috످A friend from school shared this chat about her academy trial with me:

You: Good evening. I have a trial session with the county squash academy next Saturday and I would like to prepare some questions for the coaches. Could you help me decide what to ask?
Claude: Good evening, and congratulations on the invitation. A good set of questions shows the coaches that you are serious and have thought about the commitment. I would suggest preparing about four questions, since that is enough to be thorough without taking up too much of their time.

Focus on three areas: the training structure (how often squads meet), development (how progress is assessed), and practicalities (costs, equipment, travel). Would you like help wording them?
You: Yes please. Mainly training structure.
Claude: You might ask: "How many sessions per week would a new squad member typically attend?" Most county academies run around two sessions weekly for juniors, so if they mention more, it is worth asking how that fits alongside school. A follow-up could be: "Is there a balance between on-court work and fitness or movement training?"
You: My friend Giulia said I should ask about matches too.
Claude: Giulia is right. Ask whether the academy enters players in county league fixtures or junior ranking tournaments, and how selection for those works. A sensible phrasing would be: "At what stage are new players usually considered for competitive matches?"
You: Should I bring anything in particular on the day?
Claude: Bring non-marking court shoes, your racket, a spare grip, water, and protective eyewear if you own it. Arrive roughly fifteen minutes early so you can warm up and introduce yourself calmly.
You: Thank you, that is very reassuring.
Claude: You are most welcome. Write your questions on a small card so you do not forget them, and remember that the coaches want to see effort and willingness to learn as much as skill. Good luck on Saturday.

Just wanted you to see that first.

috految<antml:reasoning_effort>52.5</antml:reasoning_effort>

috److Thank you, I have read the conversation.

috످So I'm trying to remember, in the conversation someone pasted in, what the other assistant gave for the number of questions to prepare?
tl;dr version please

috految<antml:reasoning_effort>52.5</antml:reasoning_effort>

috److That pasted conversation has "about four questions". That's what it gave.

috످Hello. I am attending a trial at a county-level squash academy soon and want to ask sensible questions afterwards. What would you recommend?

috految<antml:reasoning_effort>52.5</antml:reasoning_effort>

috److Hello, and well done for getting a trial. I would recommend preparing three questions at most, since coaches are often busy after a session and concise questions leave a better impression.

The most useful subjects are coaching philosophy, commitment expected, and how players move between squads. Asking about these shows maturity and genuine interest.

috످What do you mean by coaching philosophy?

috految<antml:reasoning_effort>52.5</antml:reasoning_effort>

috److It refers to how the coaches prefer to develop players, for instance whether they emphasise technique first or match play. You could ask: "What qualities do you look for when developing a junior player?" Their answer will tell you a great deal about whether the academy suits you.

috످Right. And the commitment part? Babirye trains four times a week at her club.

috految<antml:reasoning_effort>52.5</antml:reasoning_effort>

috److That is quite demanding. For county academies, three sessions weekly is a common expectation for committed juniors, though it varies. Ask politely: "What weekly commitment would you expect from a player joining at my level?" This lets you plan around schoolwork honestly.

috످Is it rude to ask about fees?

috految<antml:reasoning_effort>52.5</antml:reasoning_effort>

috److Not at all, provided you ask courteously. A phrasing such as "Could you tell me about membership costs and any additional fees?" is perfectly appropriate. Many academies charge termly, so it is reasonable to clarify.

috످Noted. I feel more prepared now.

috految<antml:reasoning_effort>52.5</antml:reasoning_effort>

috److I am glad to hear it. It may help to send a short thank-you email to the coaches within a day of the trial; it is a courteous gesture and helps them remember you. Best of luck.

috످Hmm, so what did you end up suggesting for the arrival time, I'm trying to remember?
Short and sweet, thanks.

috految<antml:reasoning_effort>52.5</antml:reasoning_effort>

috److془The arrival time came from the pasted chat. I didn't suggest one.془I didn't suggest an arrival time, but the assistant in your friend's chat said to arrive about 15 minutes early.

috످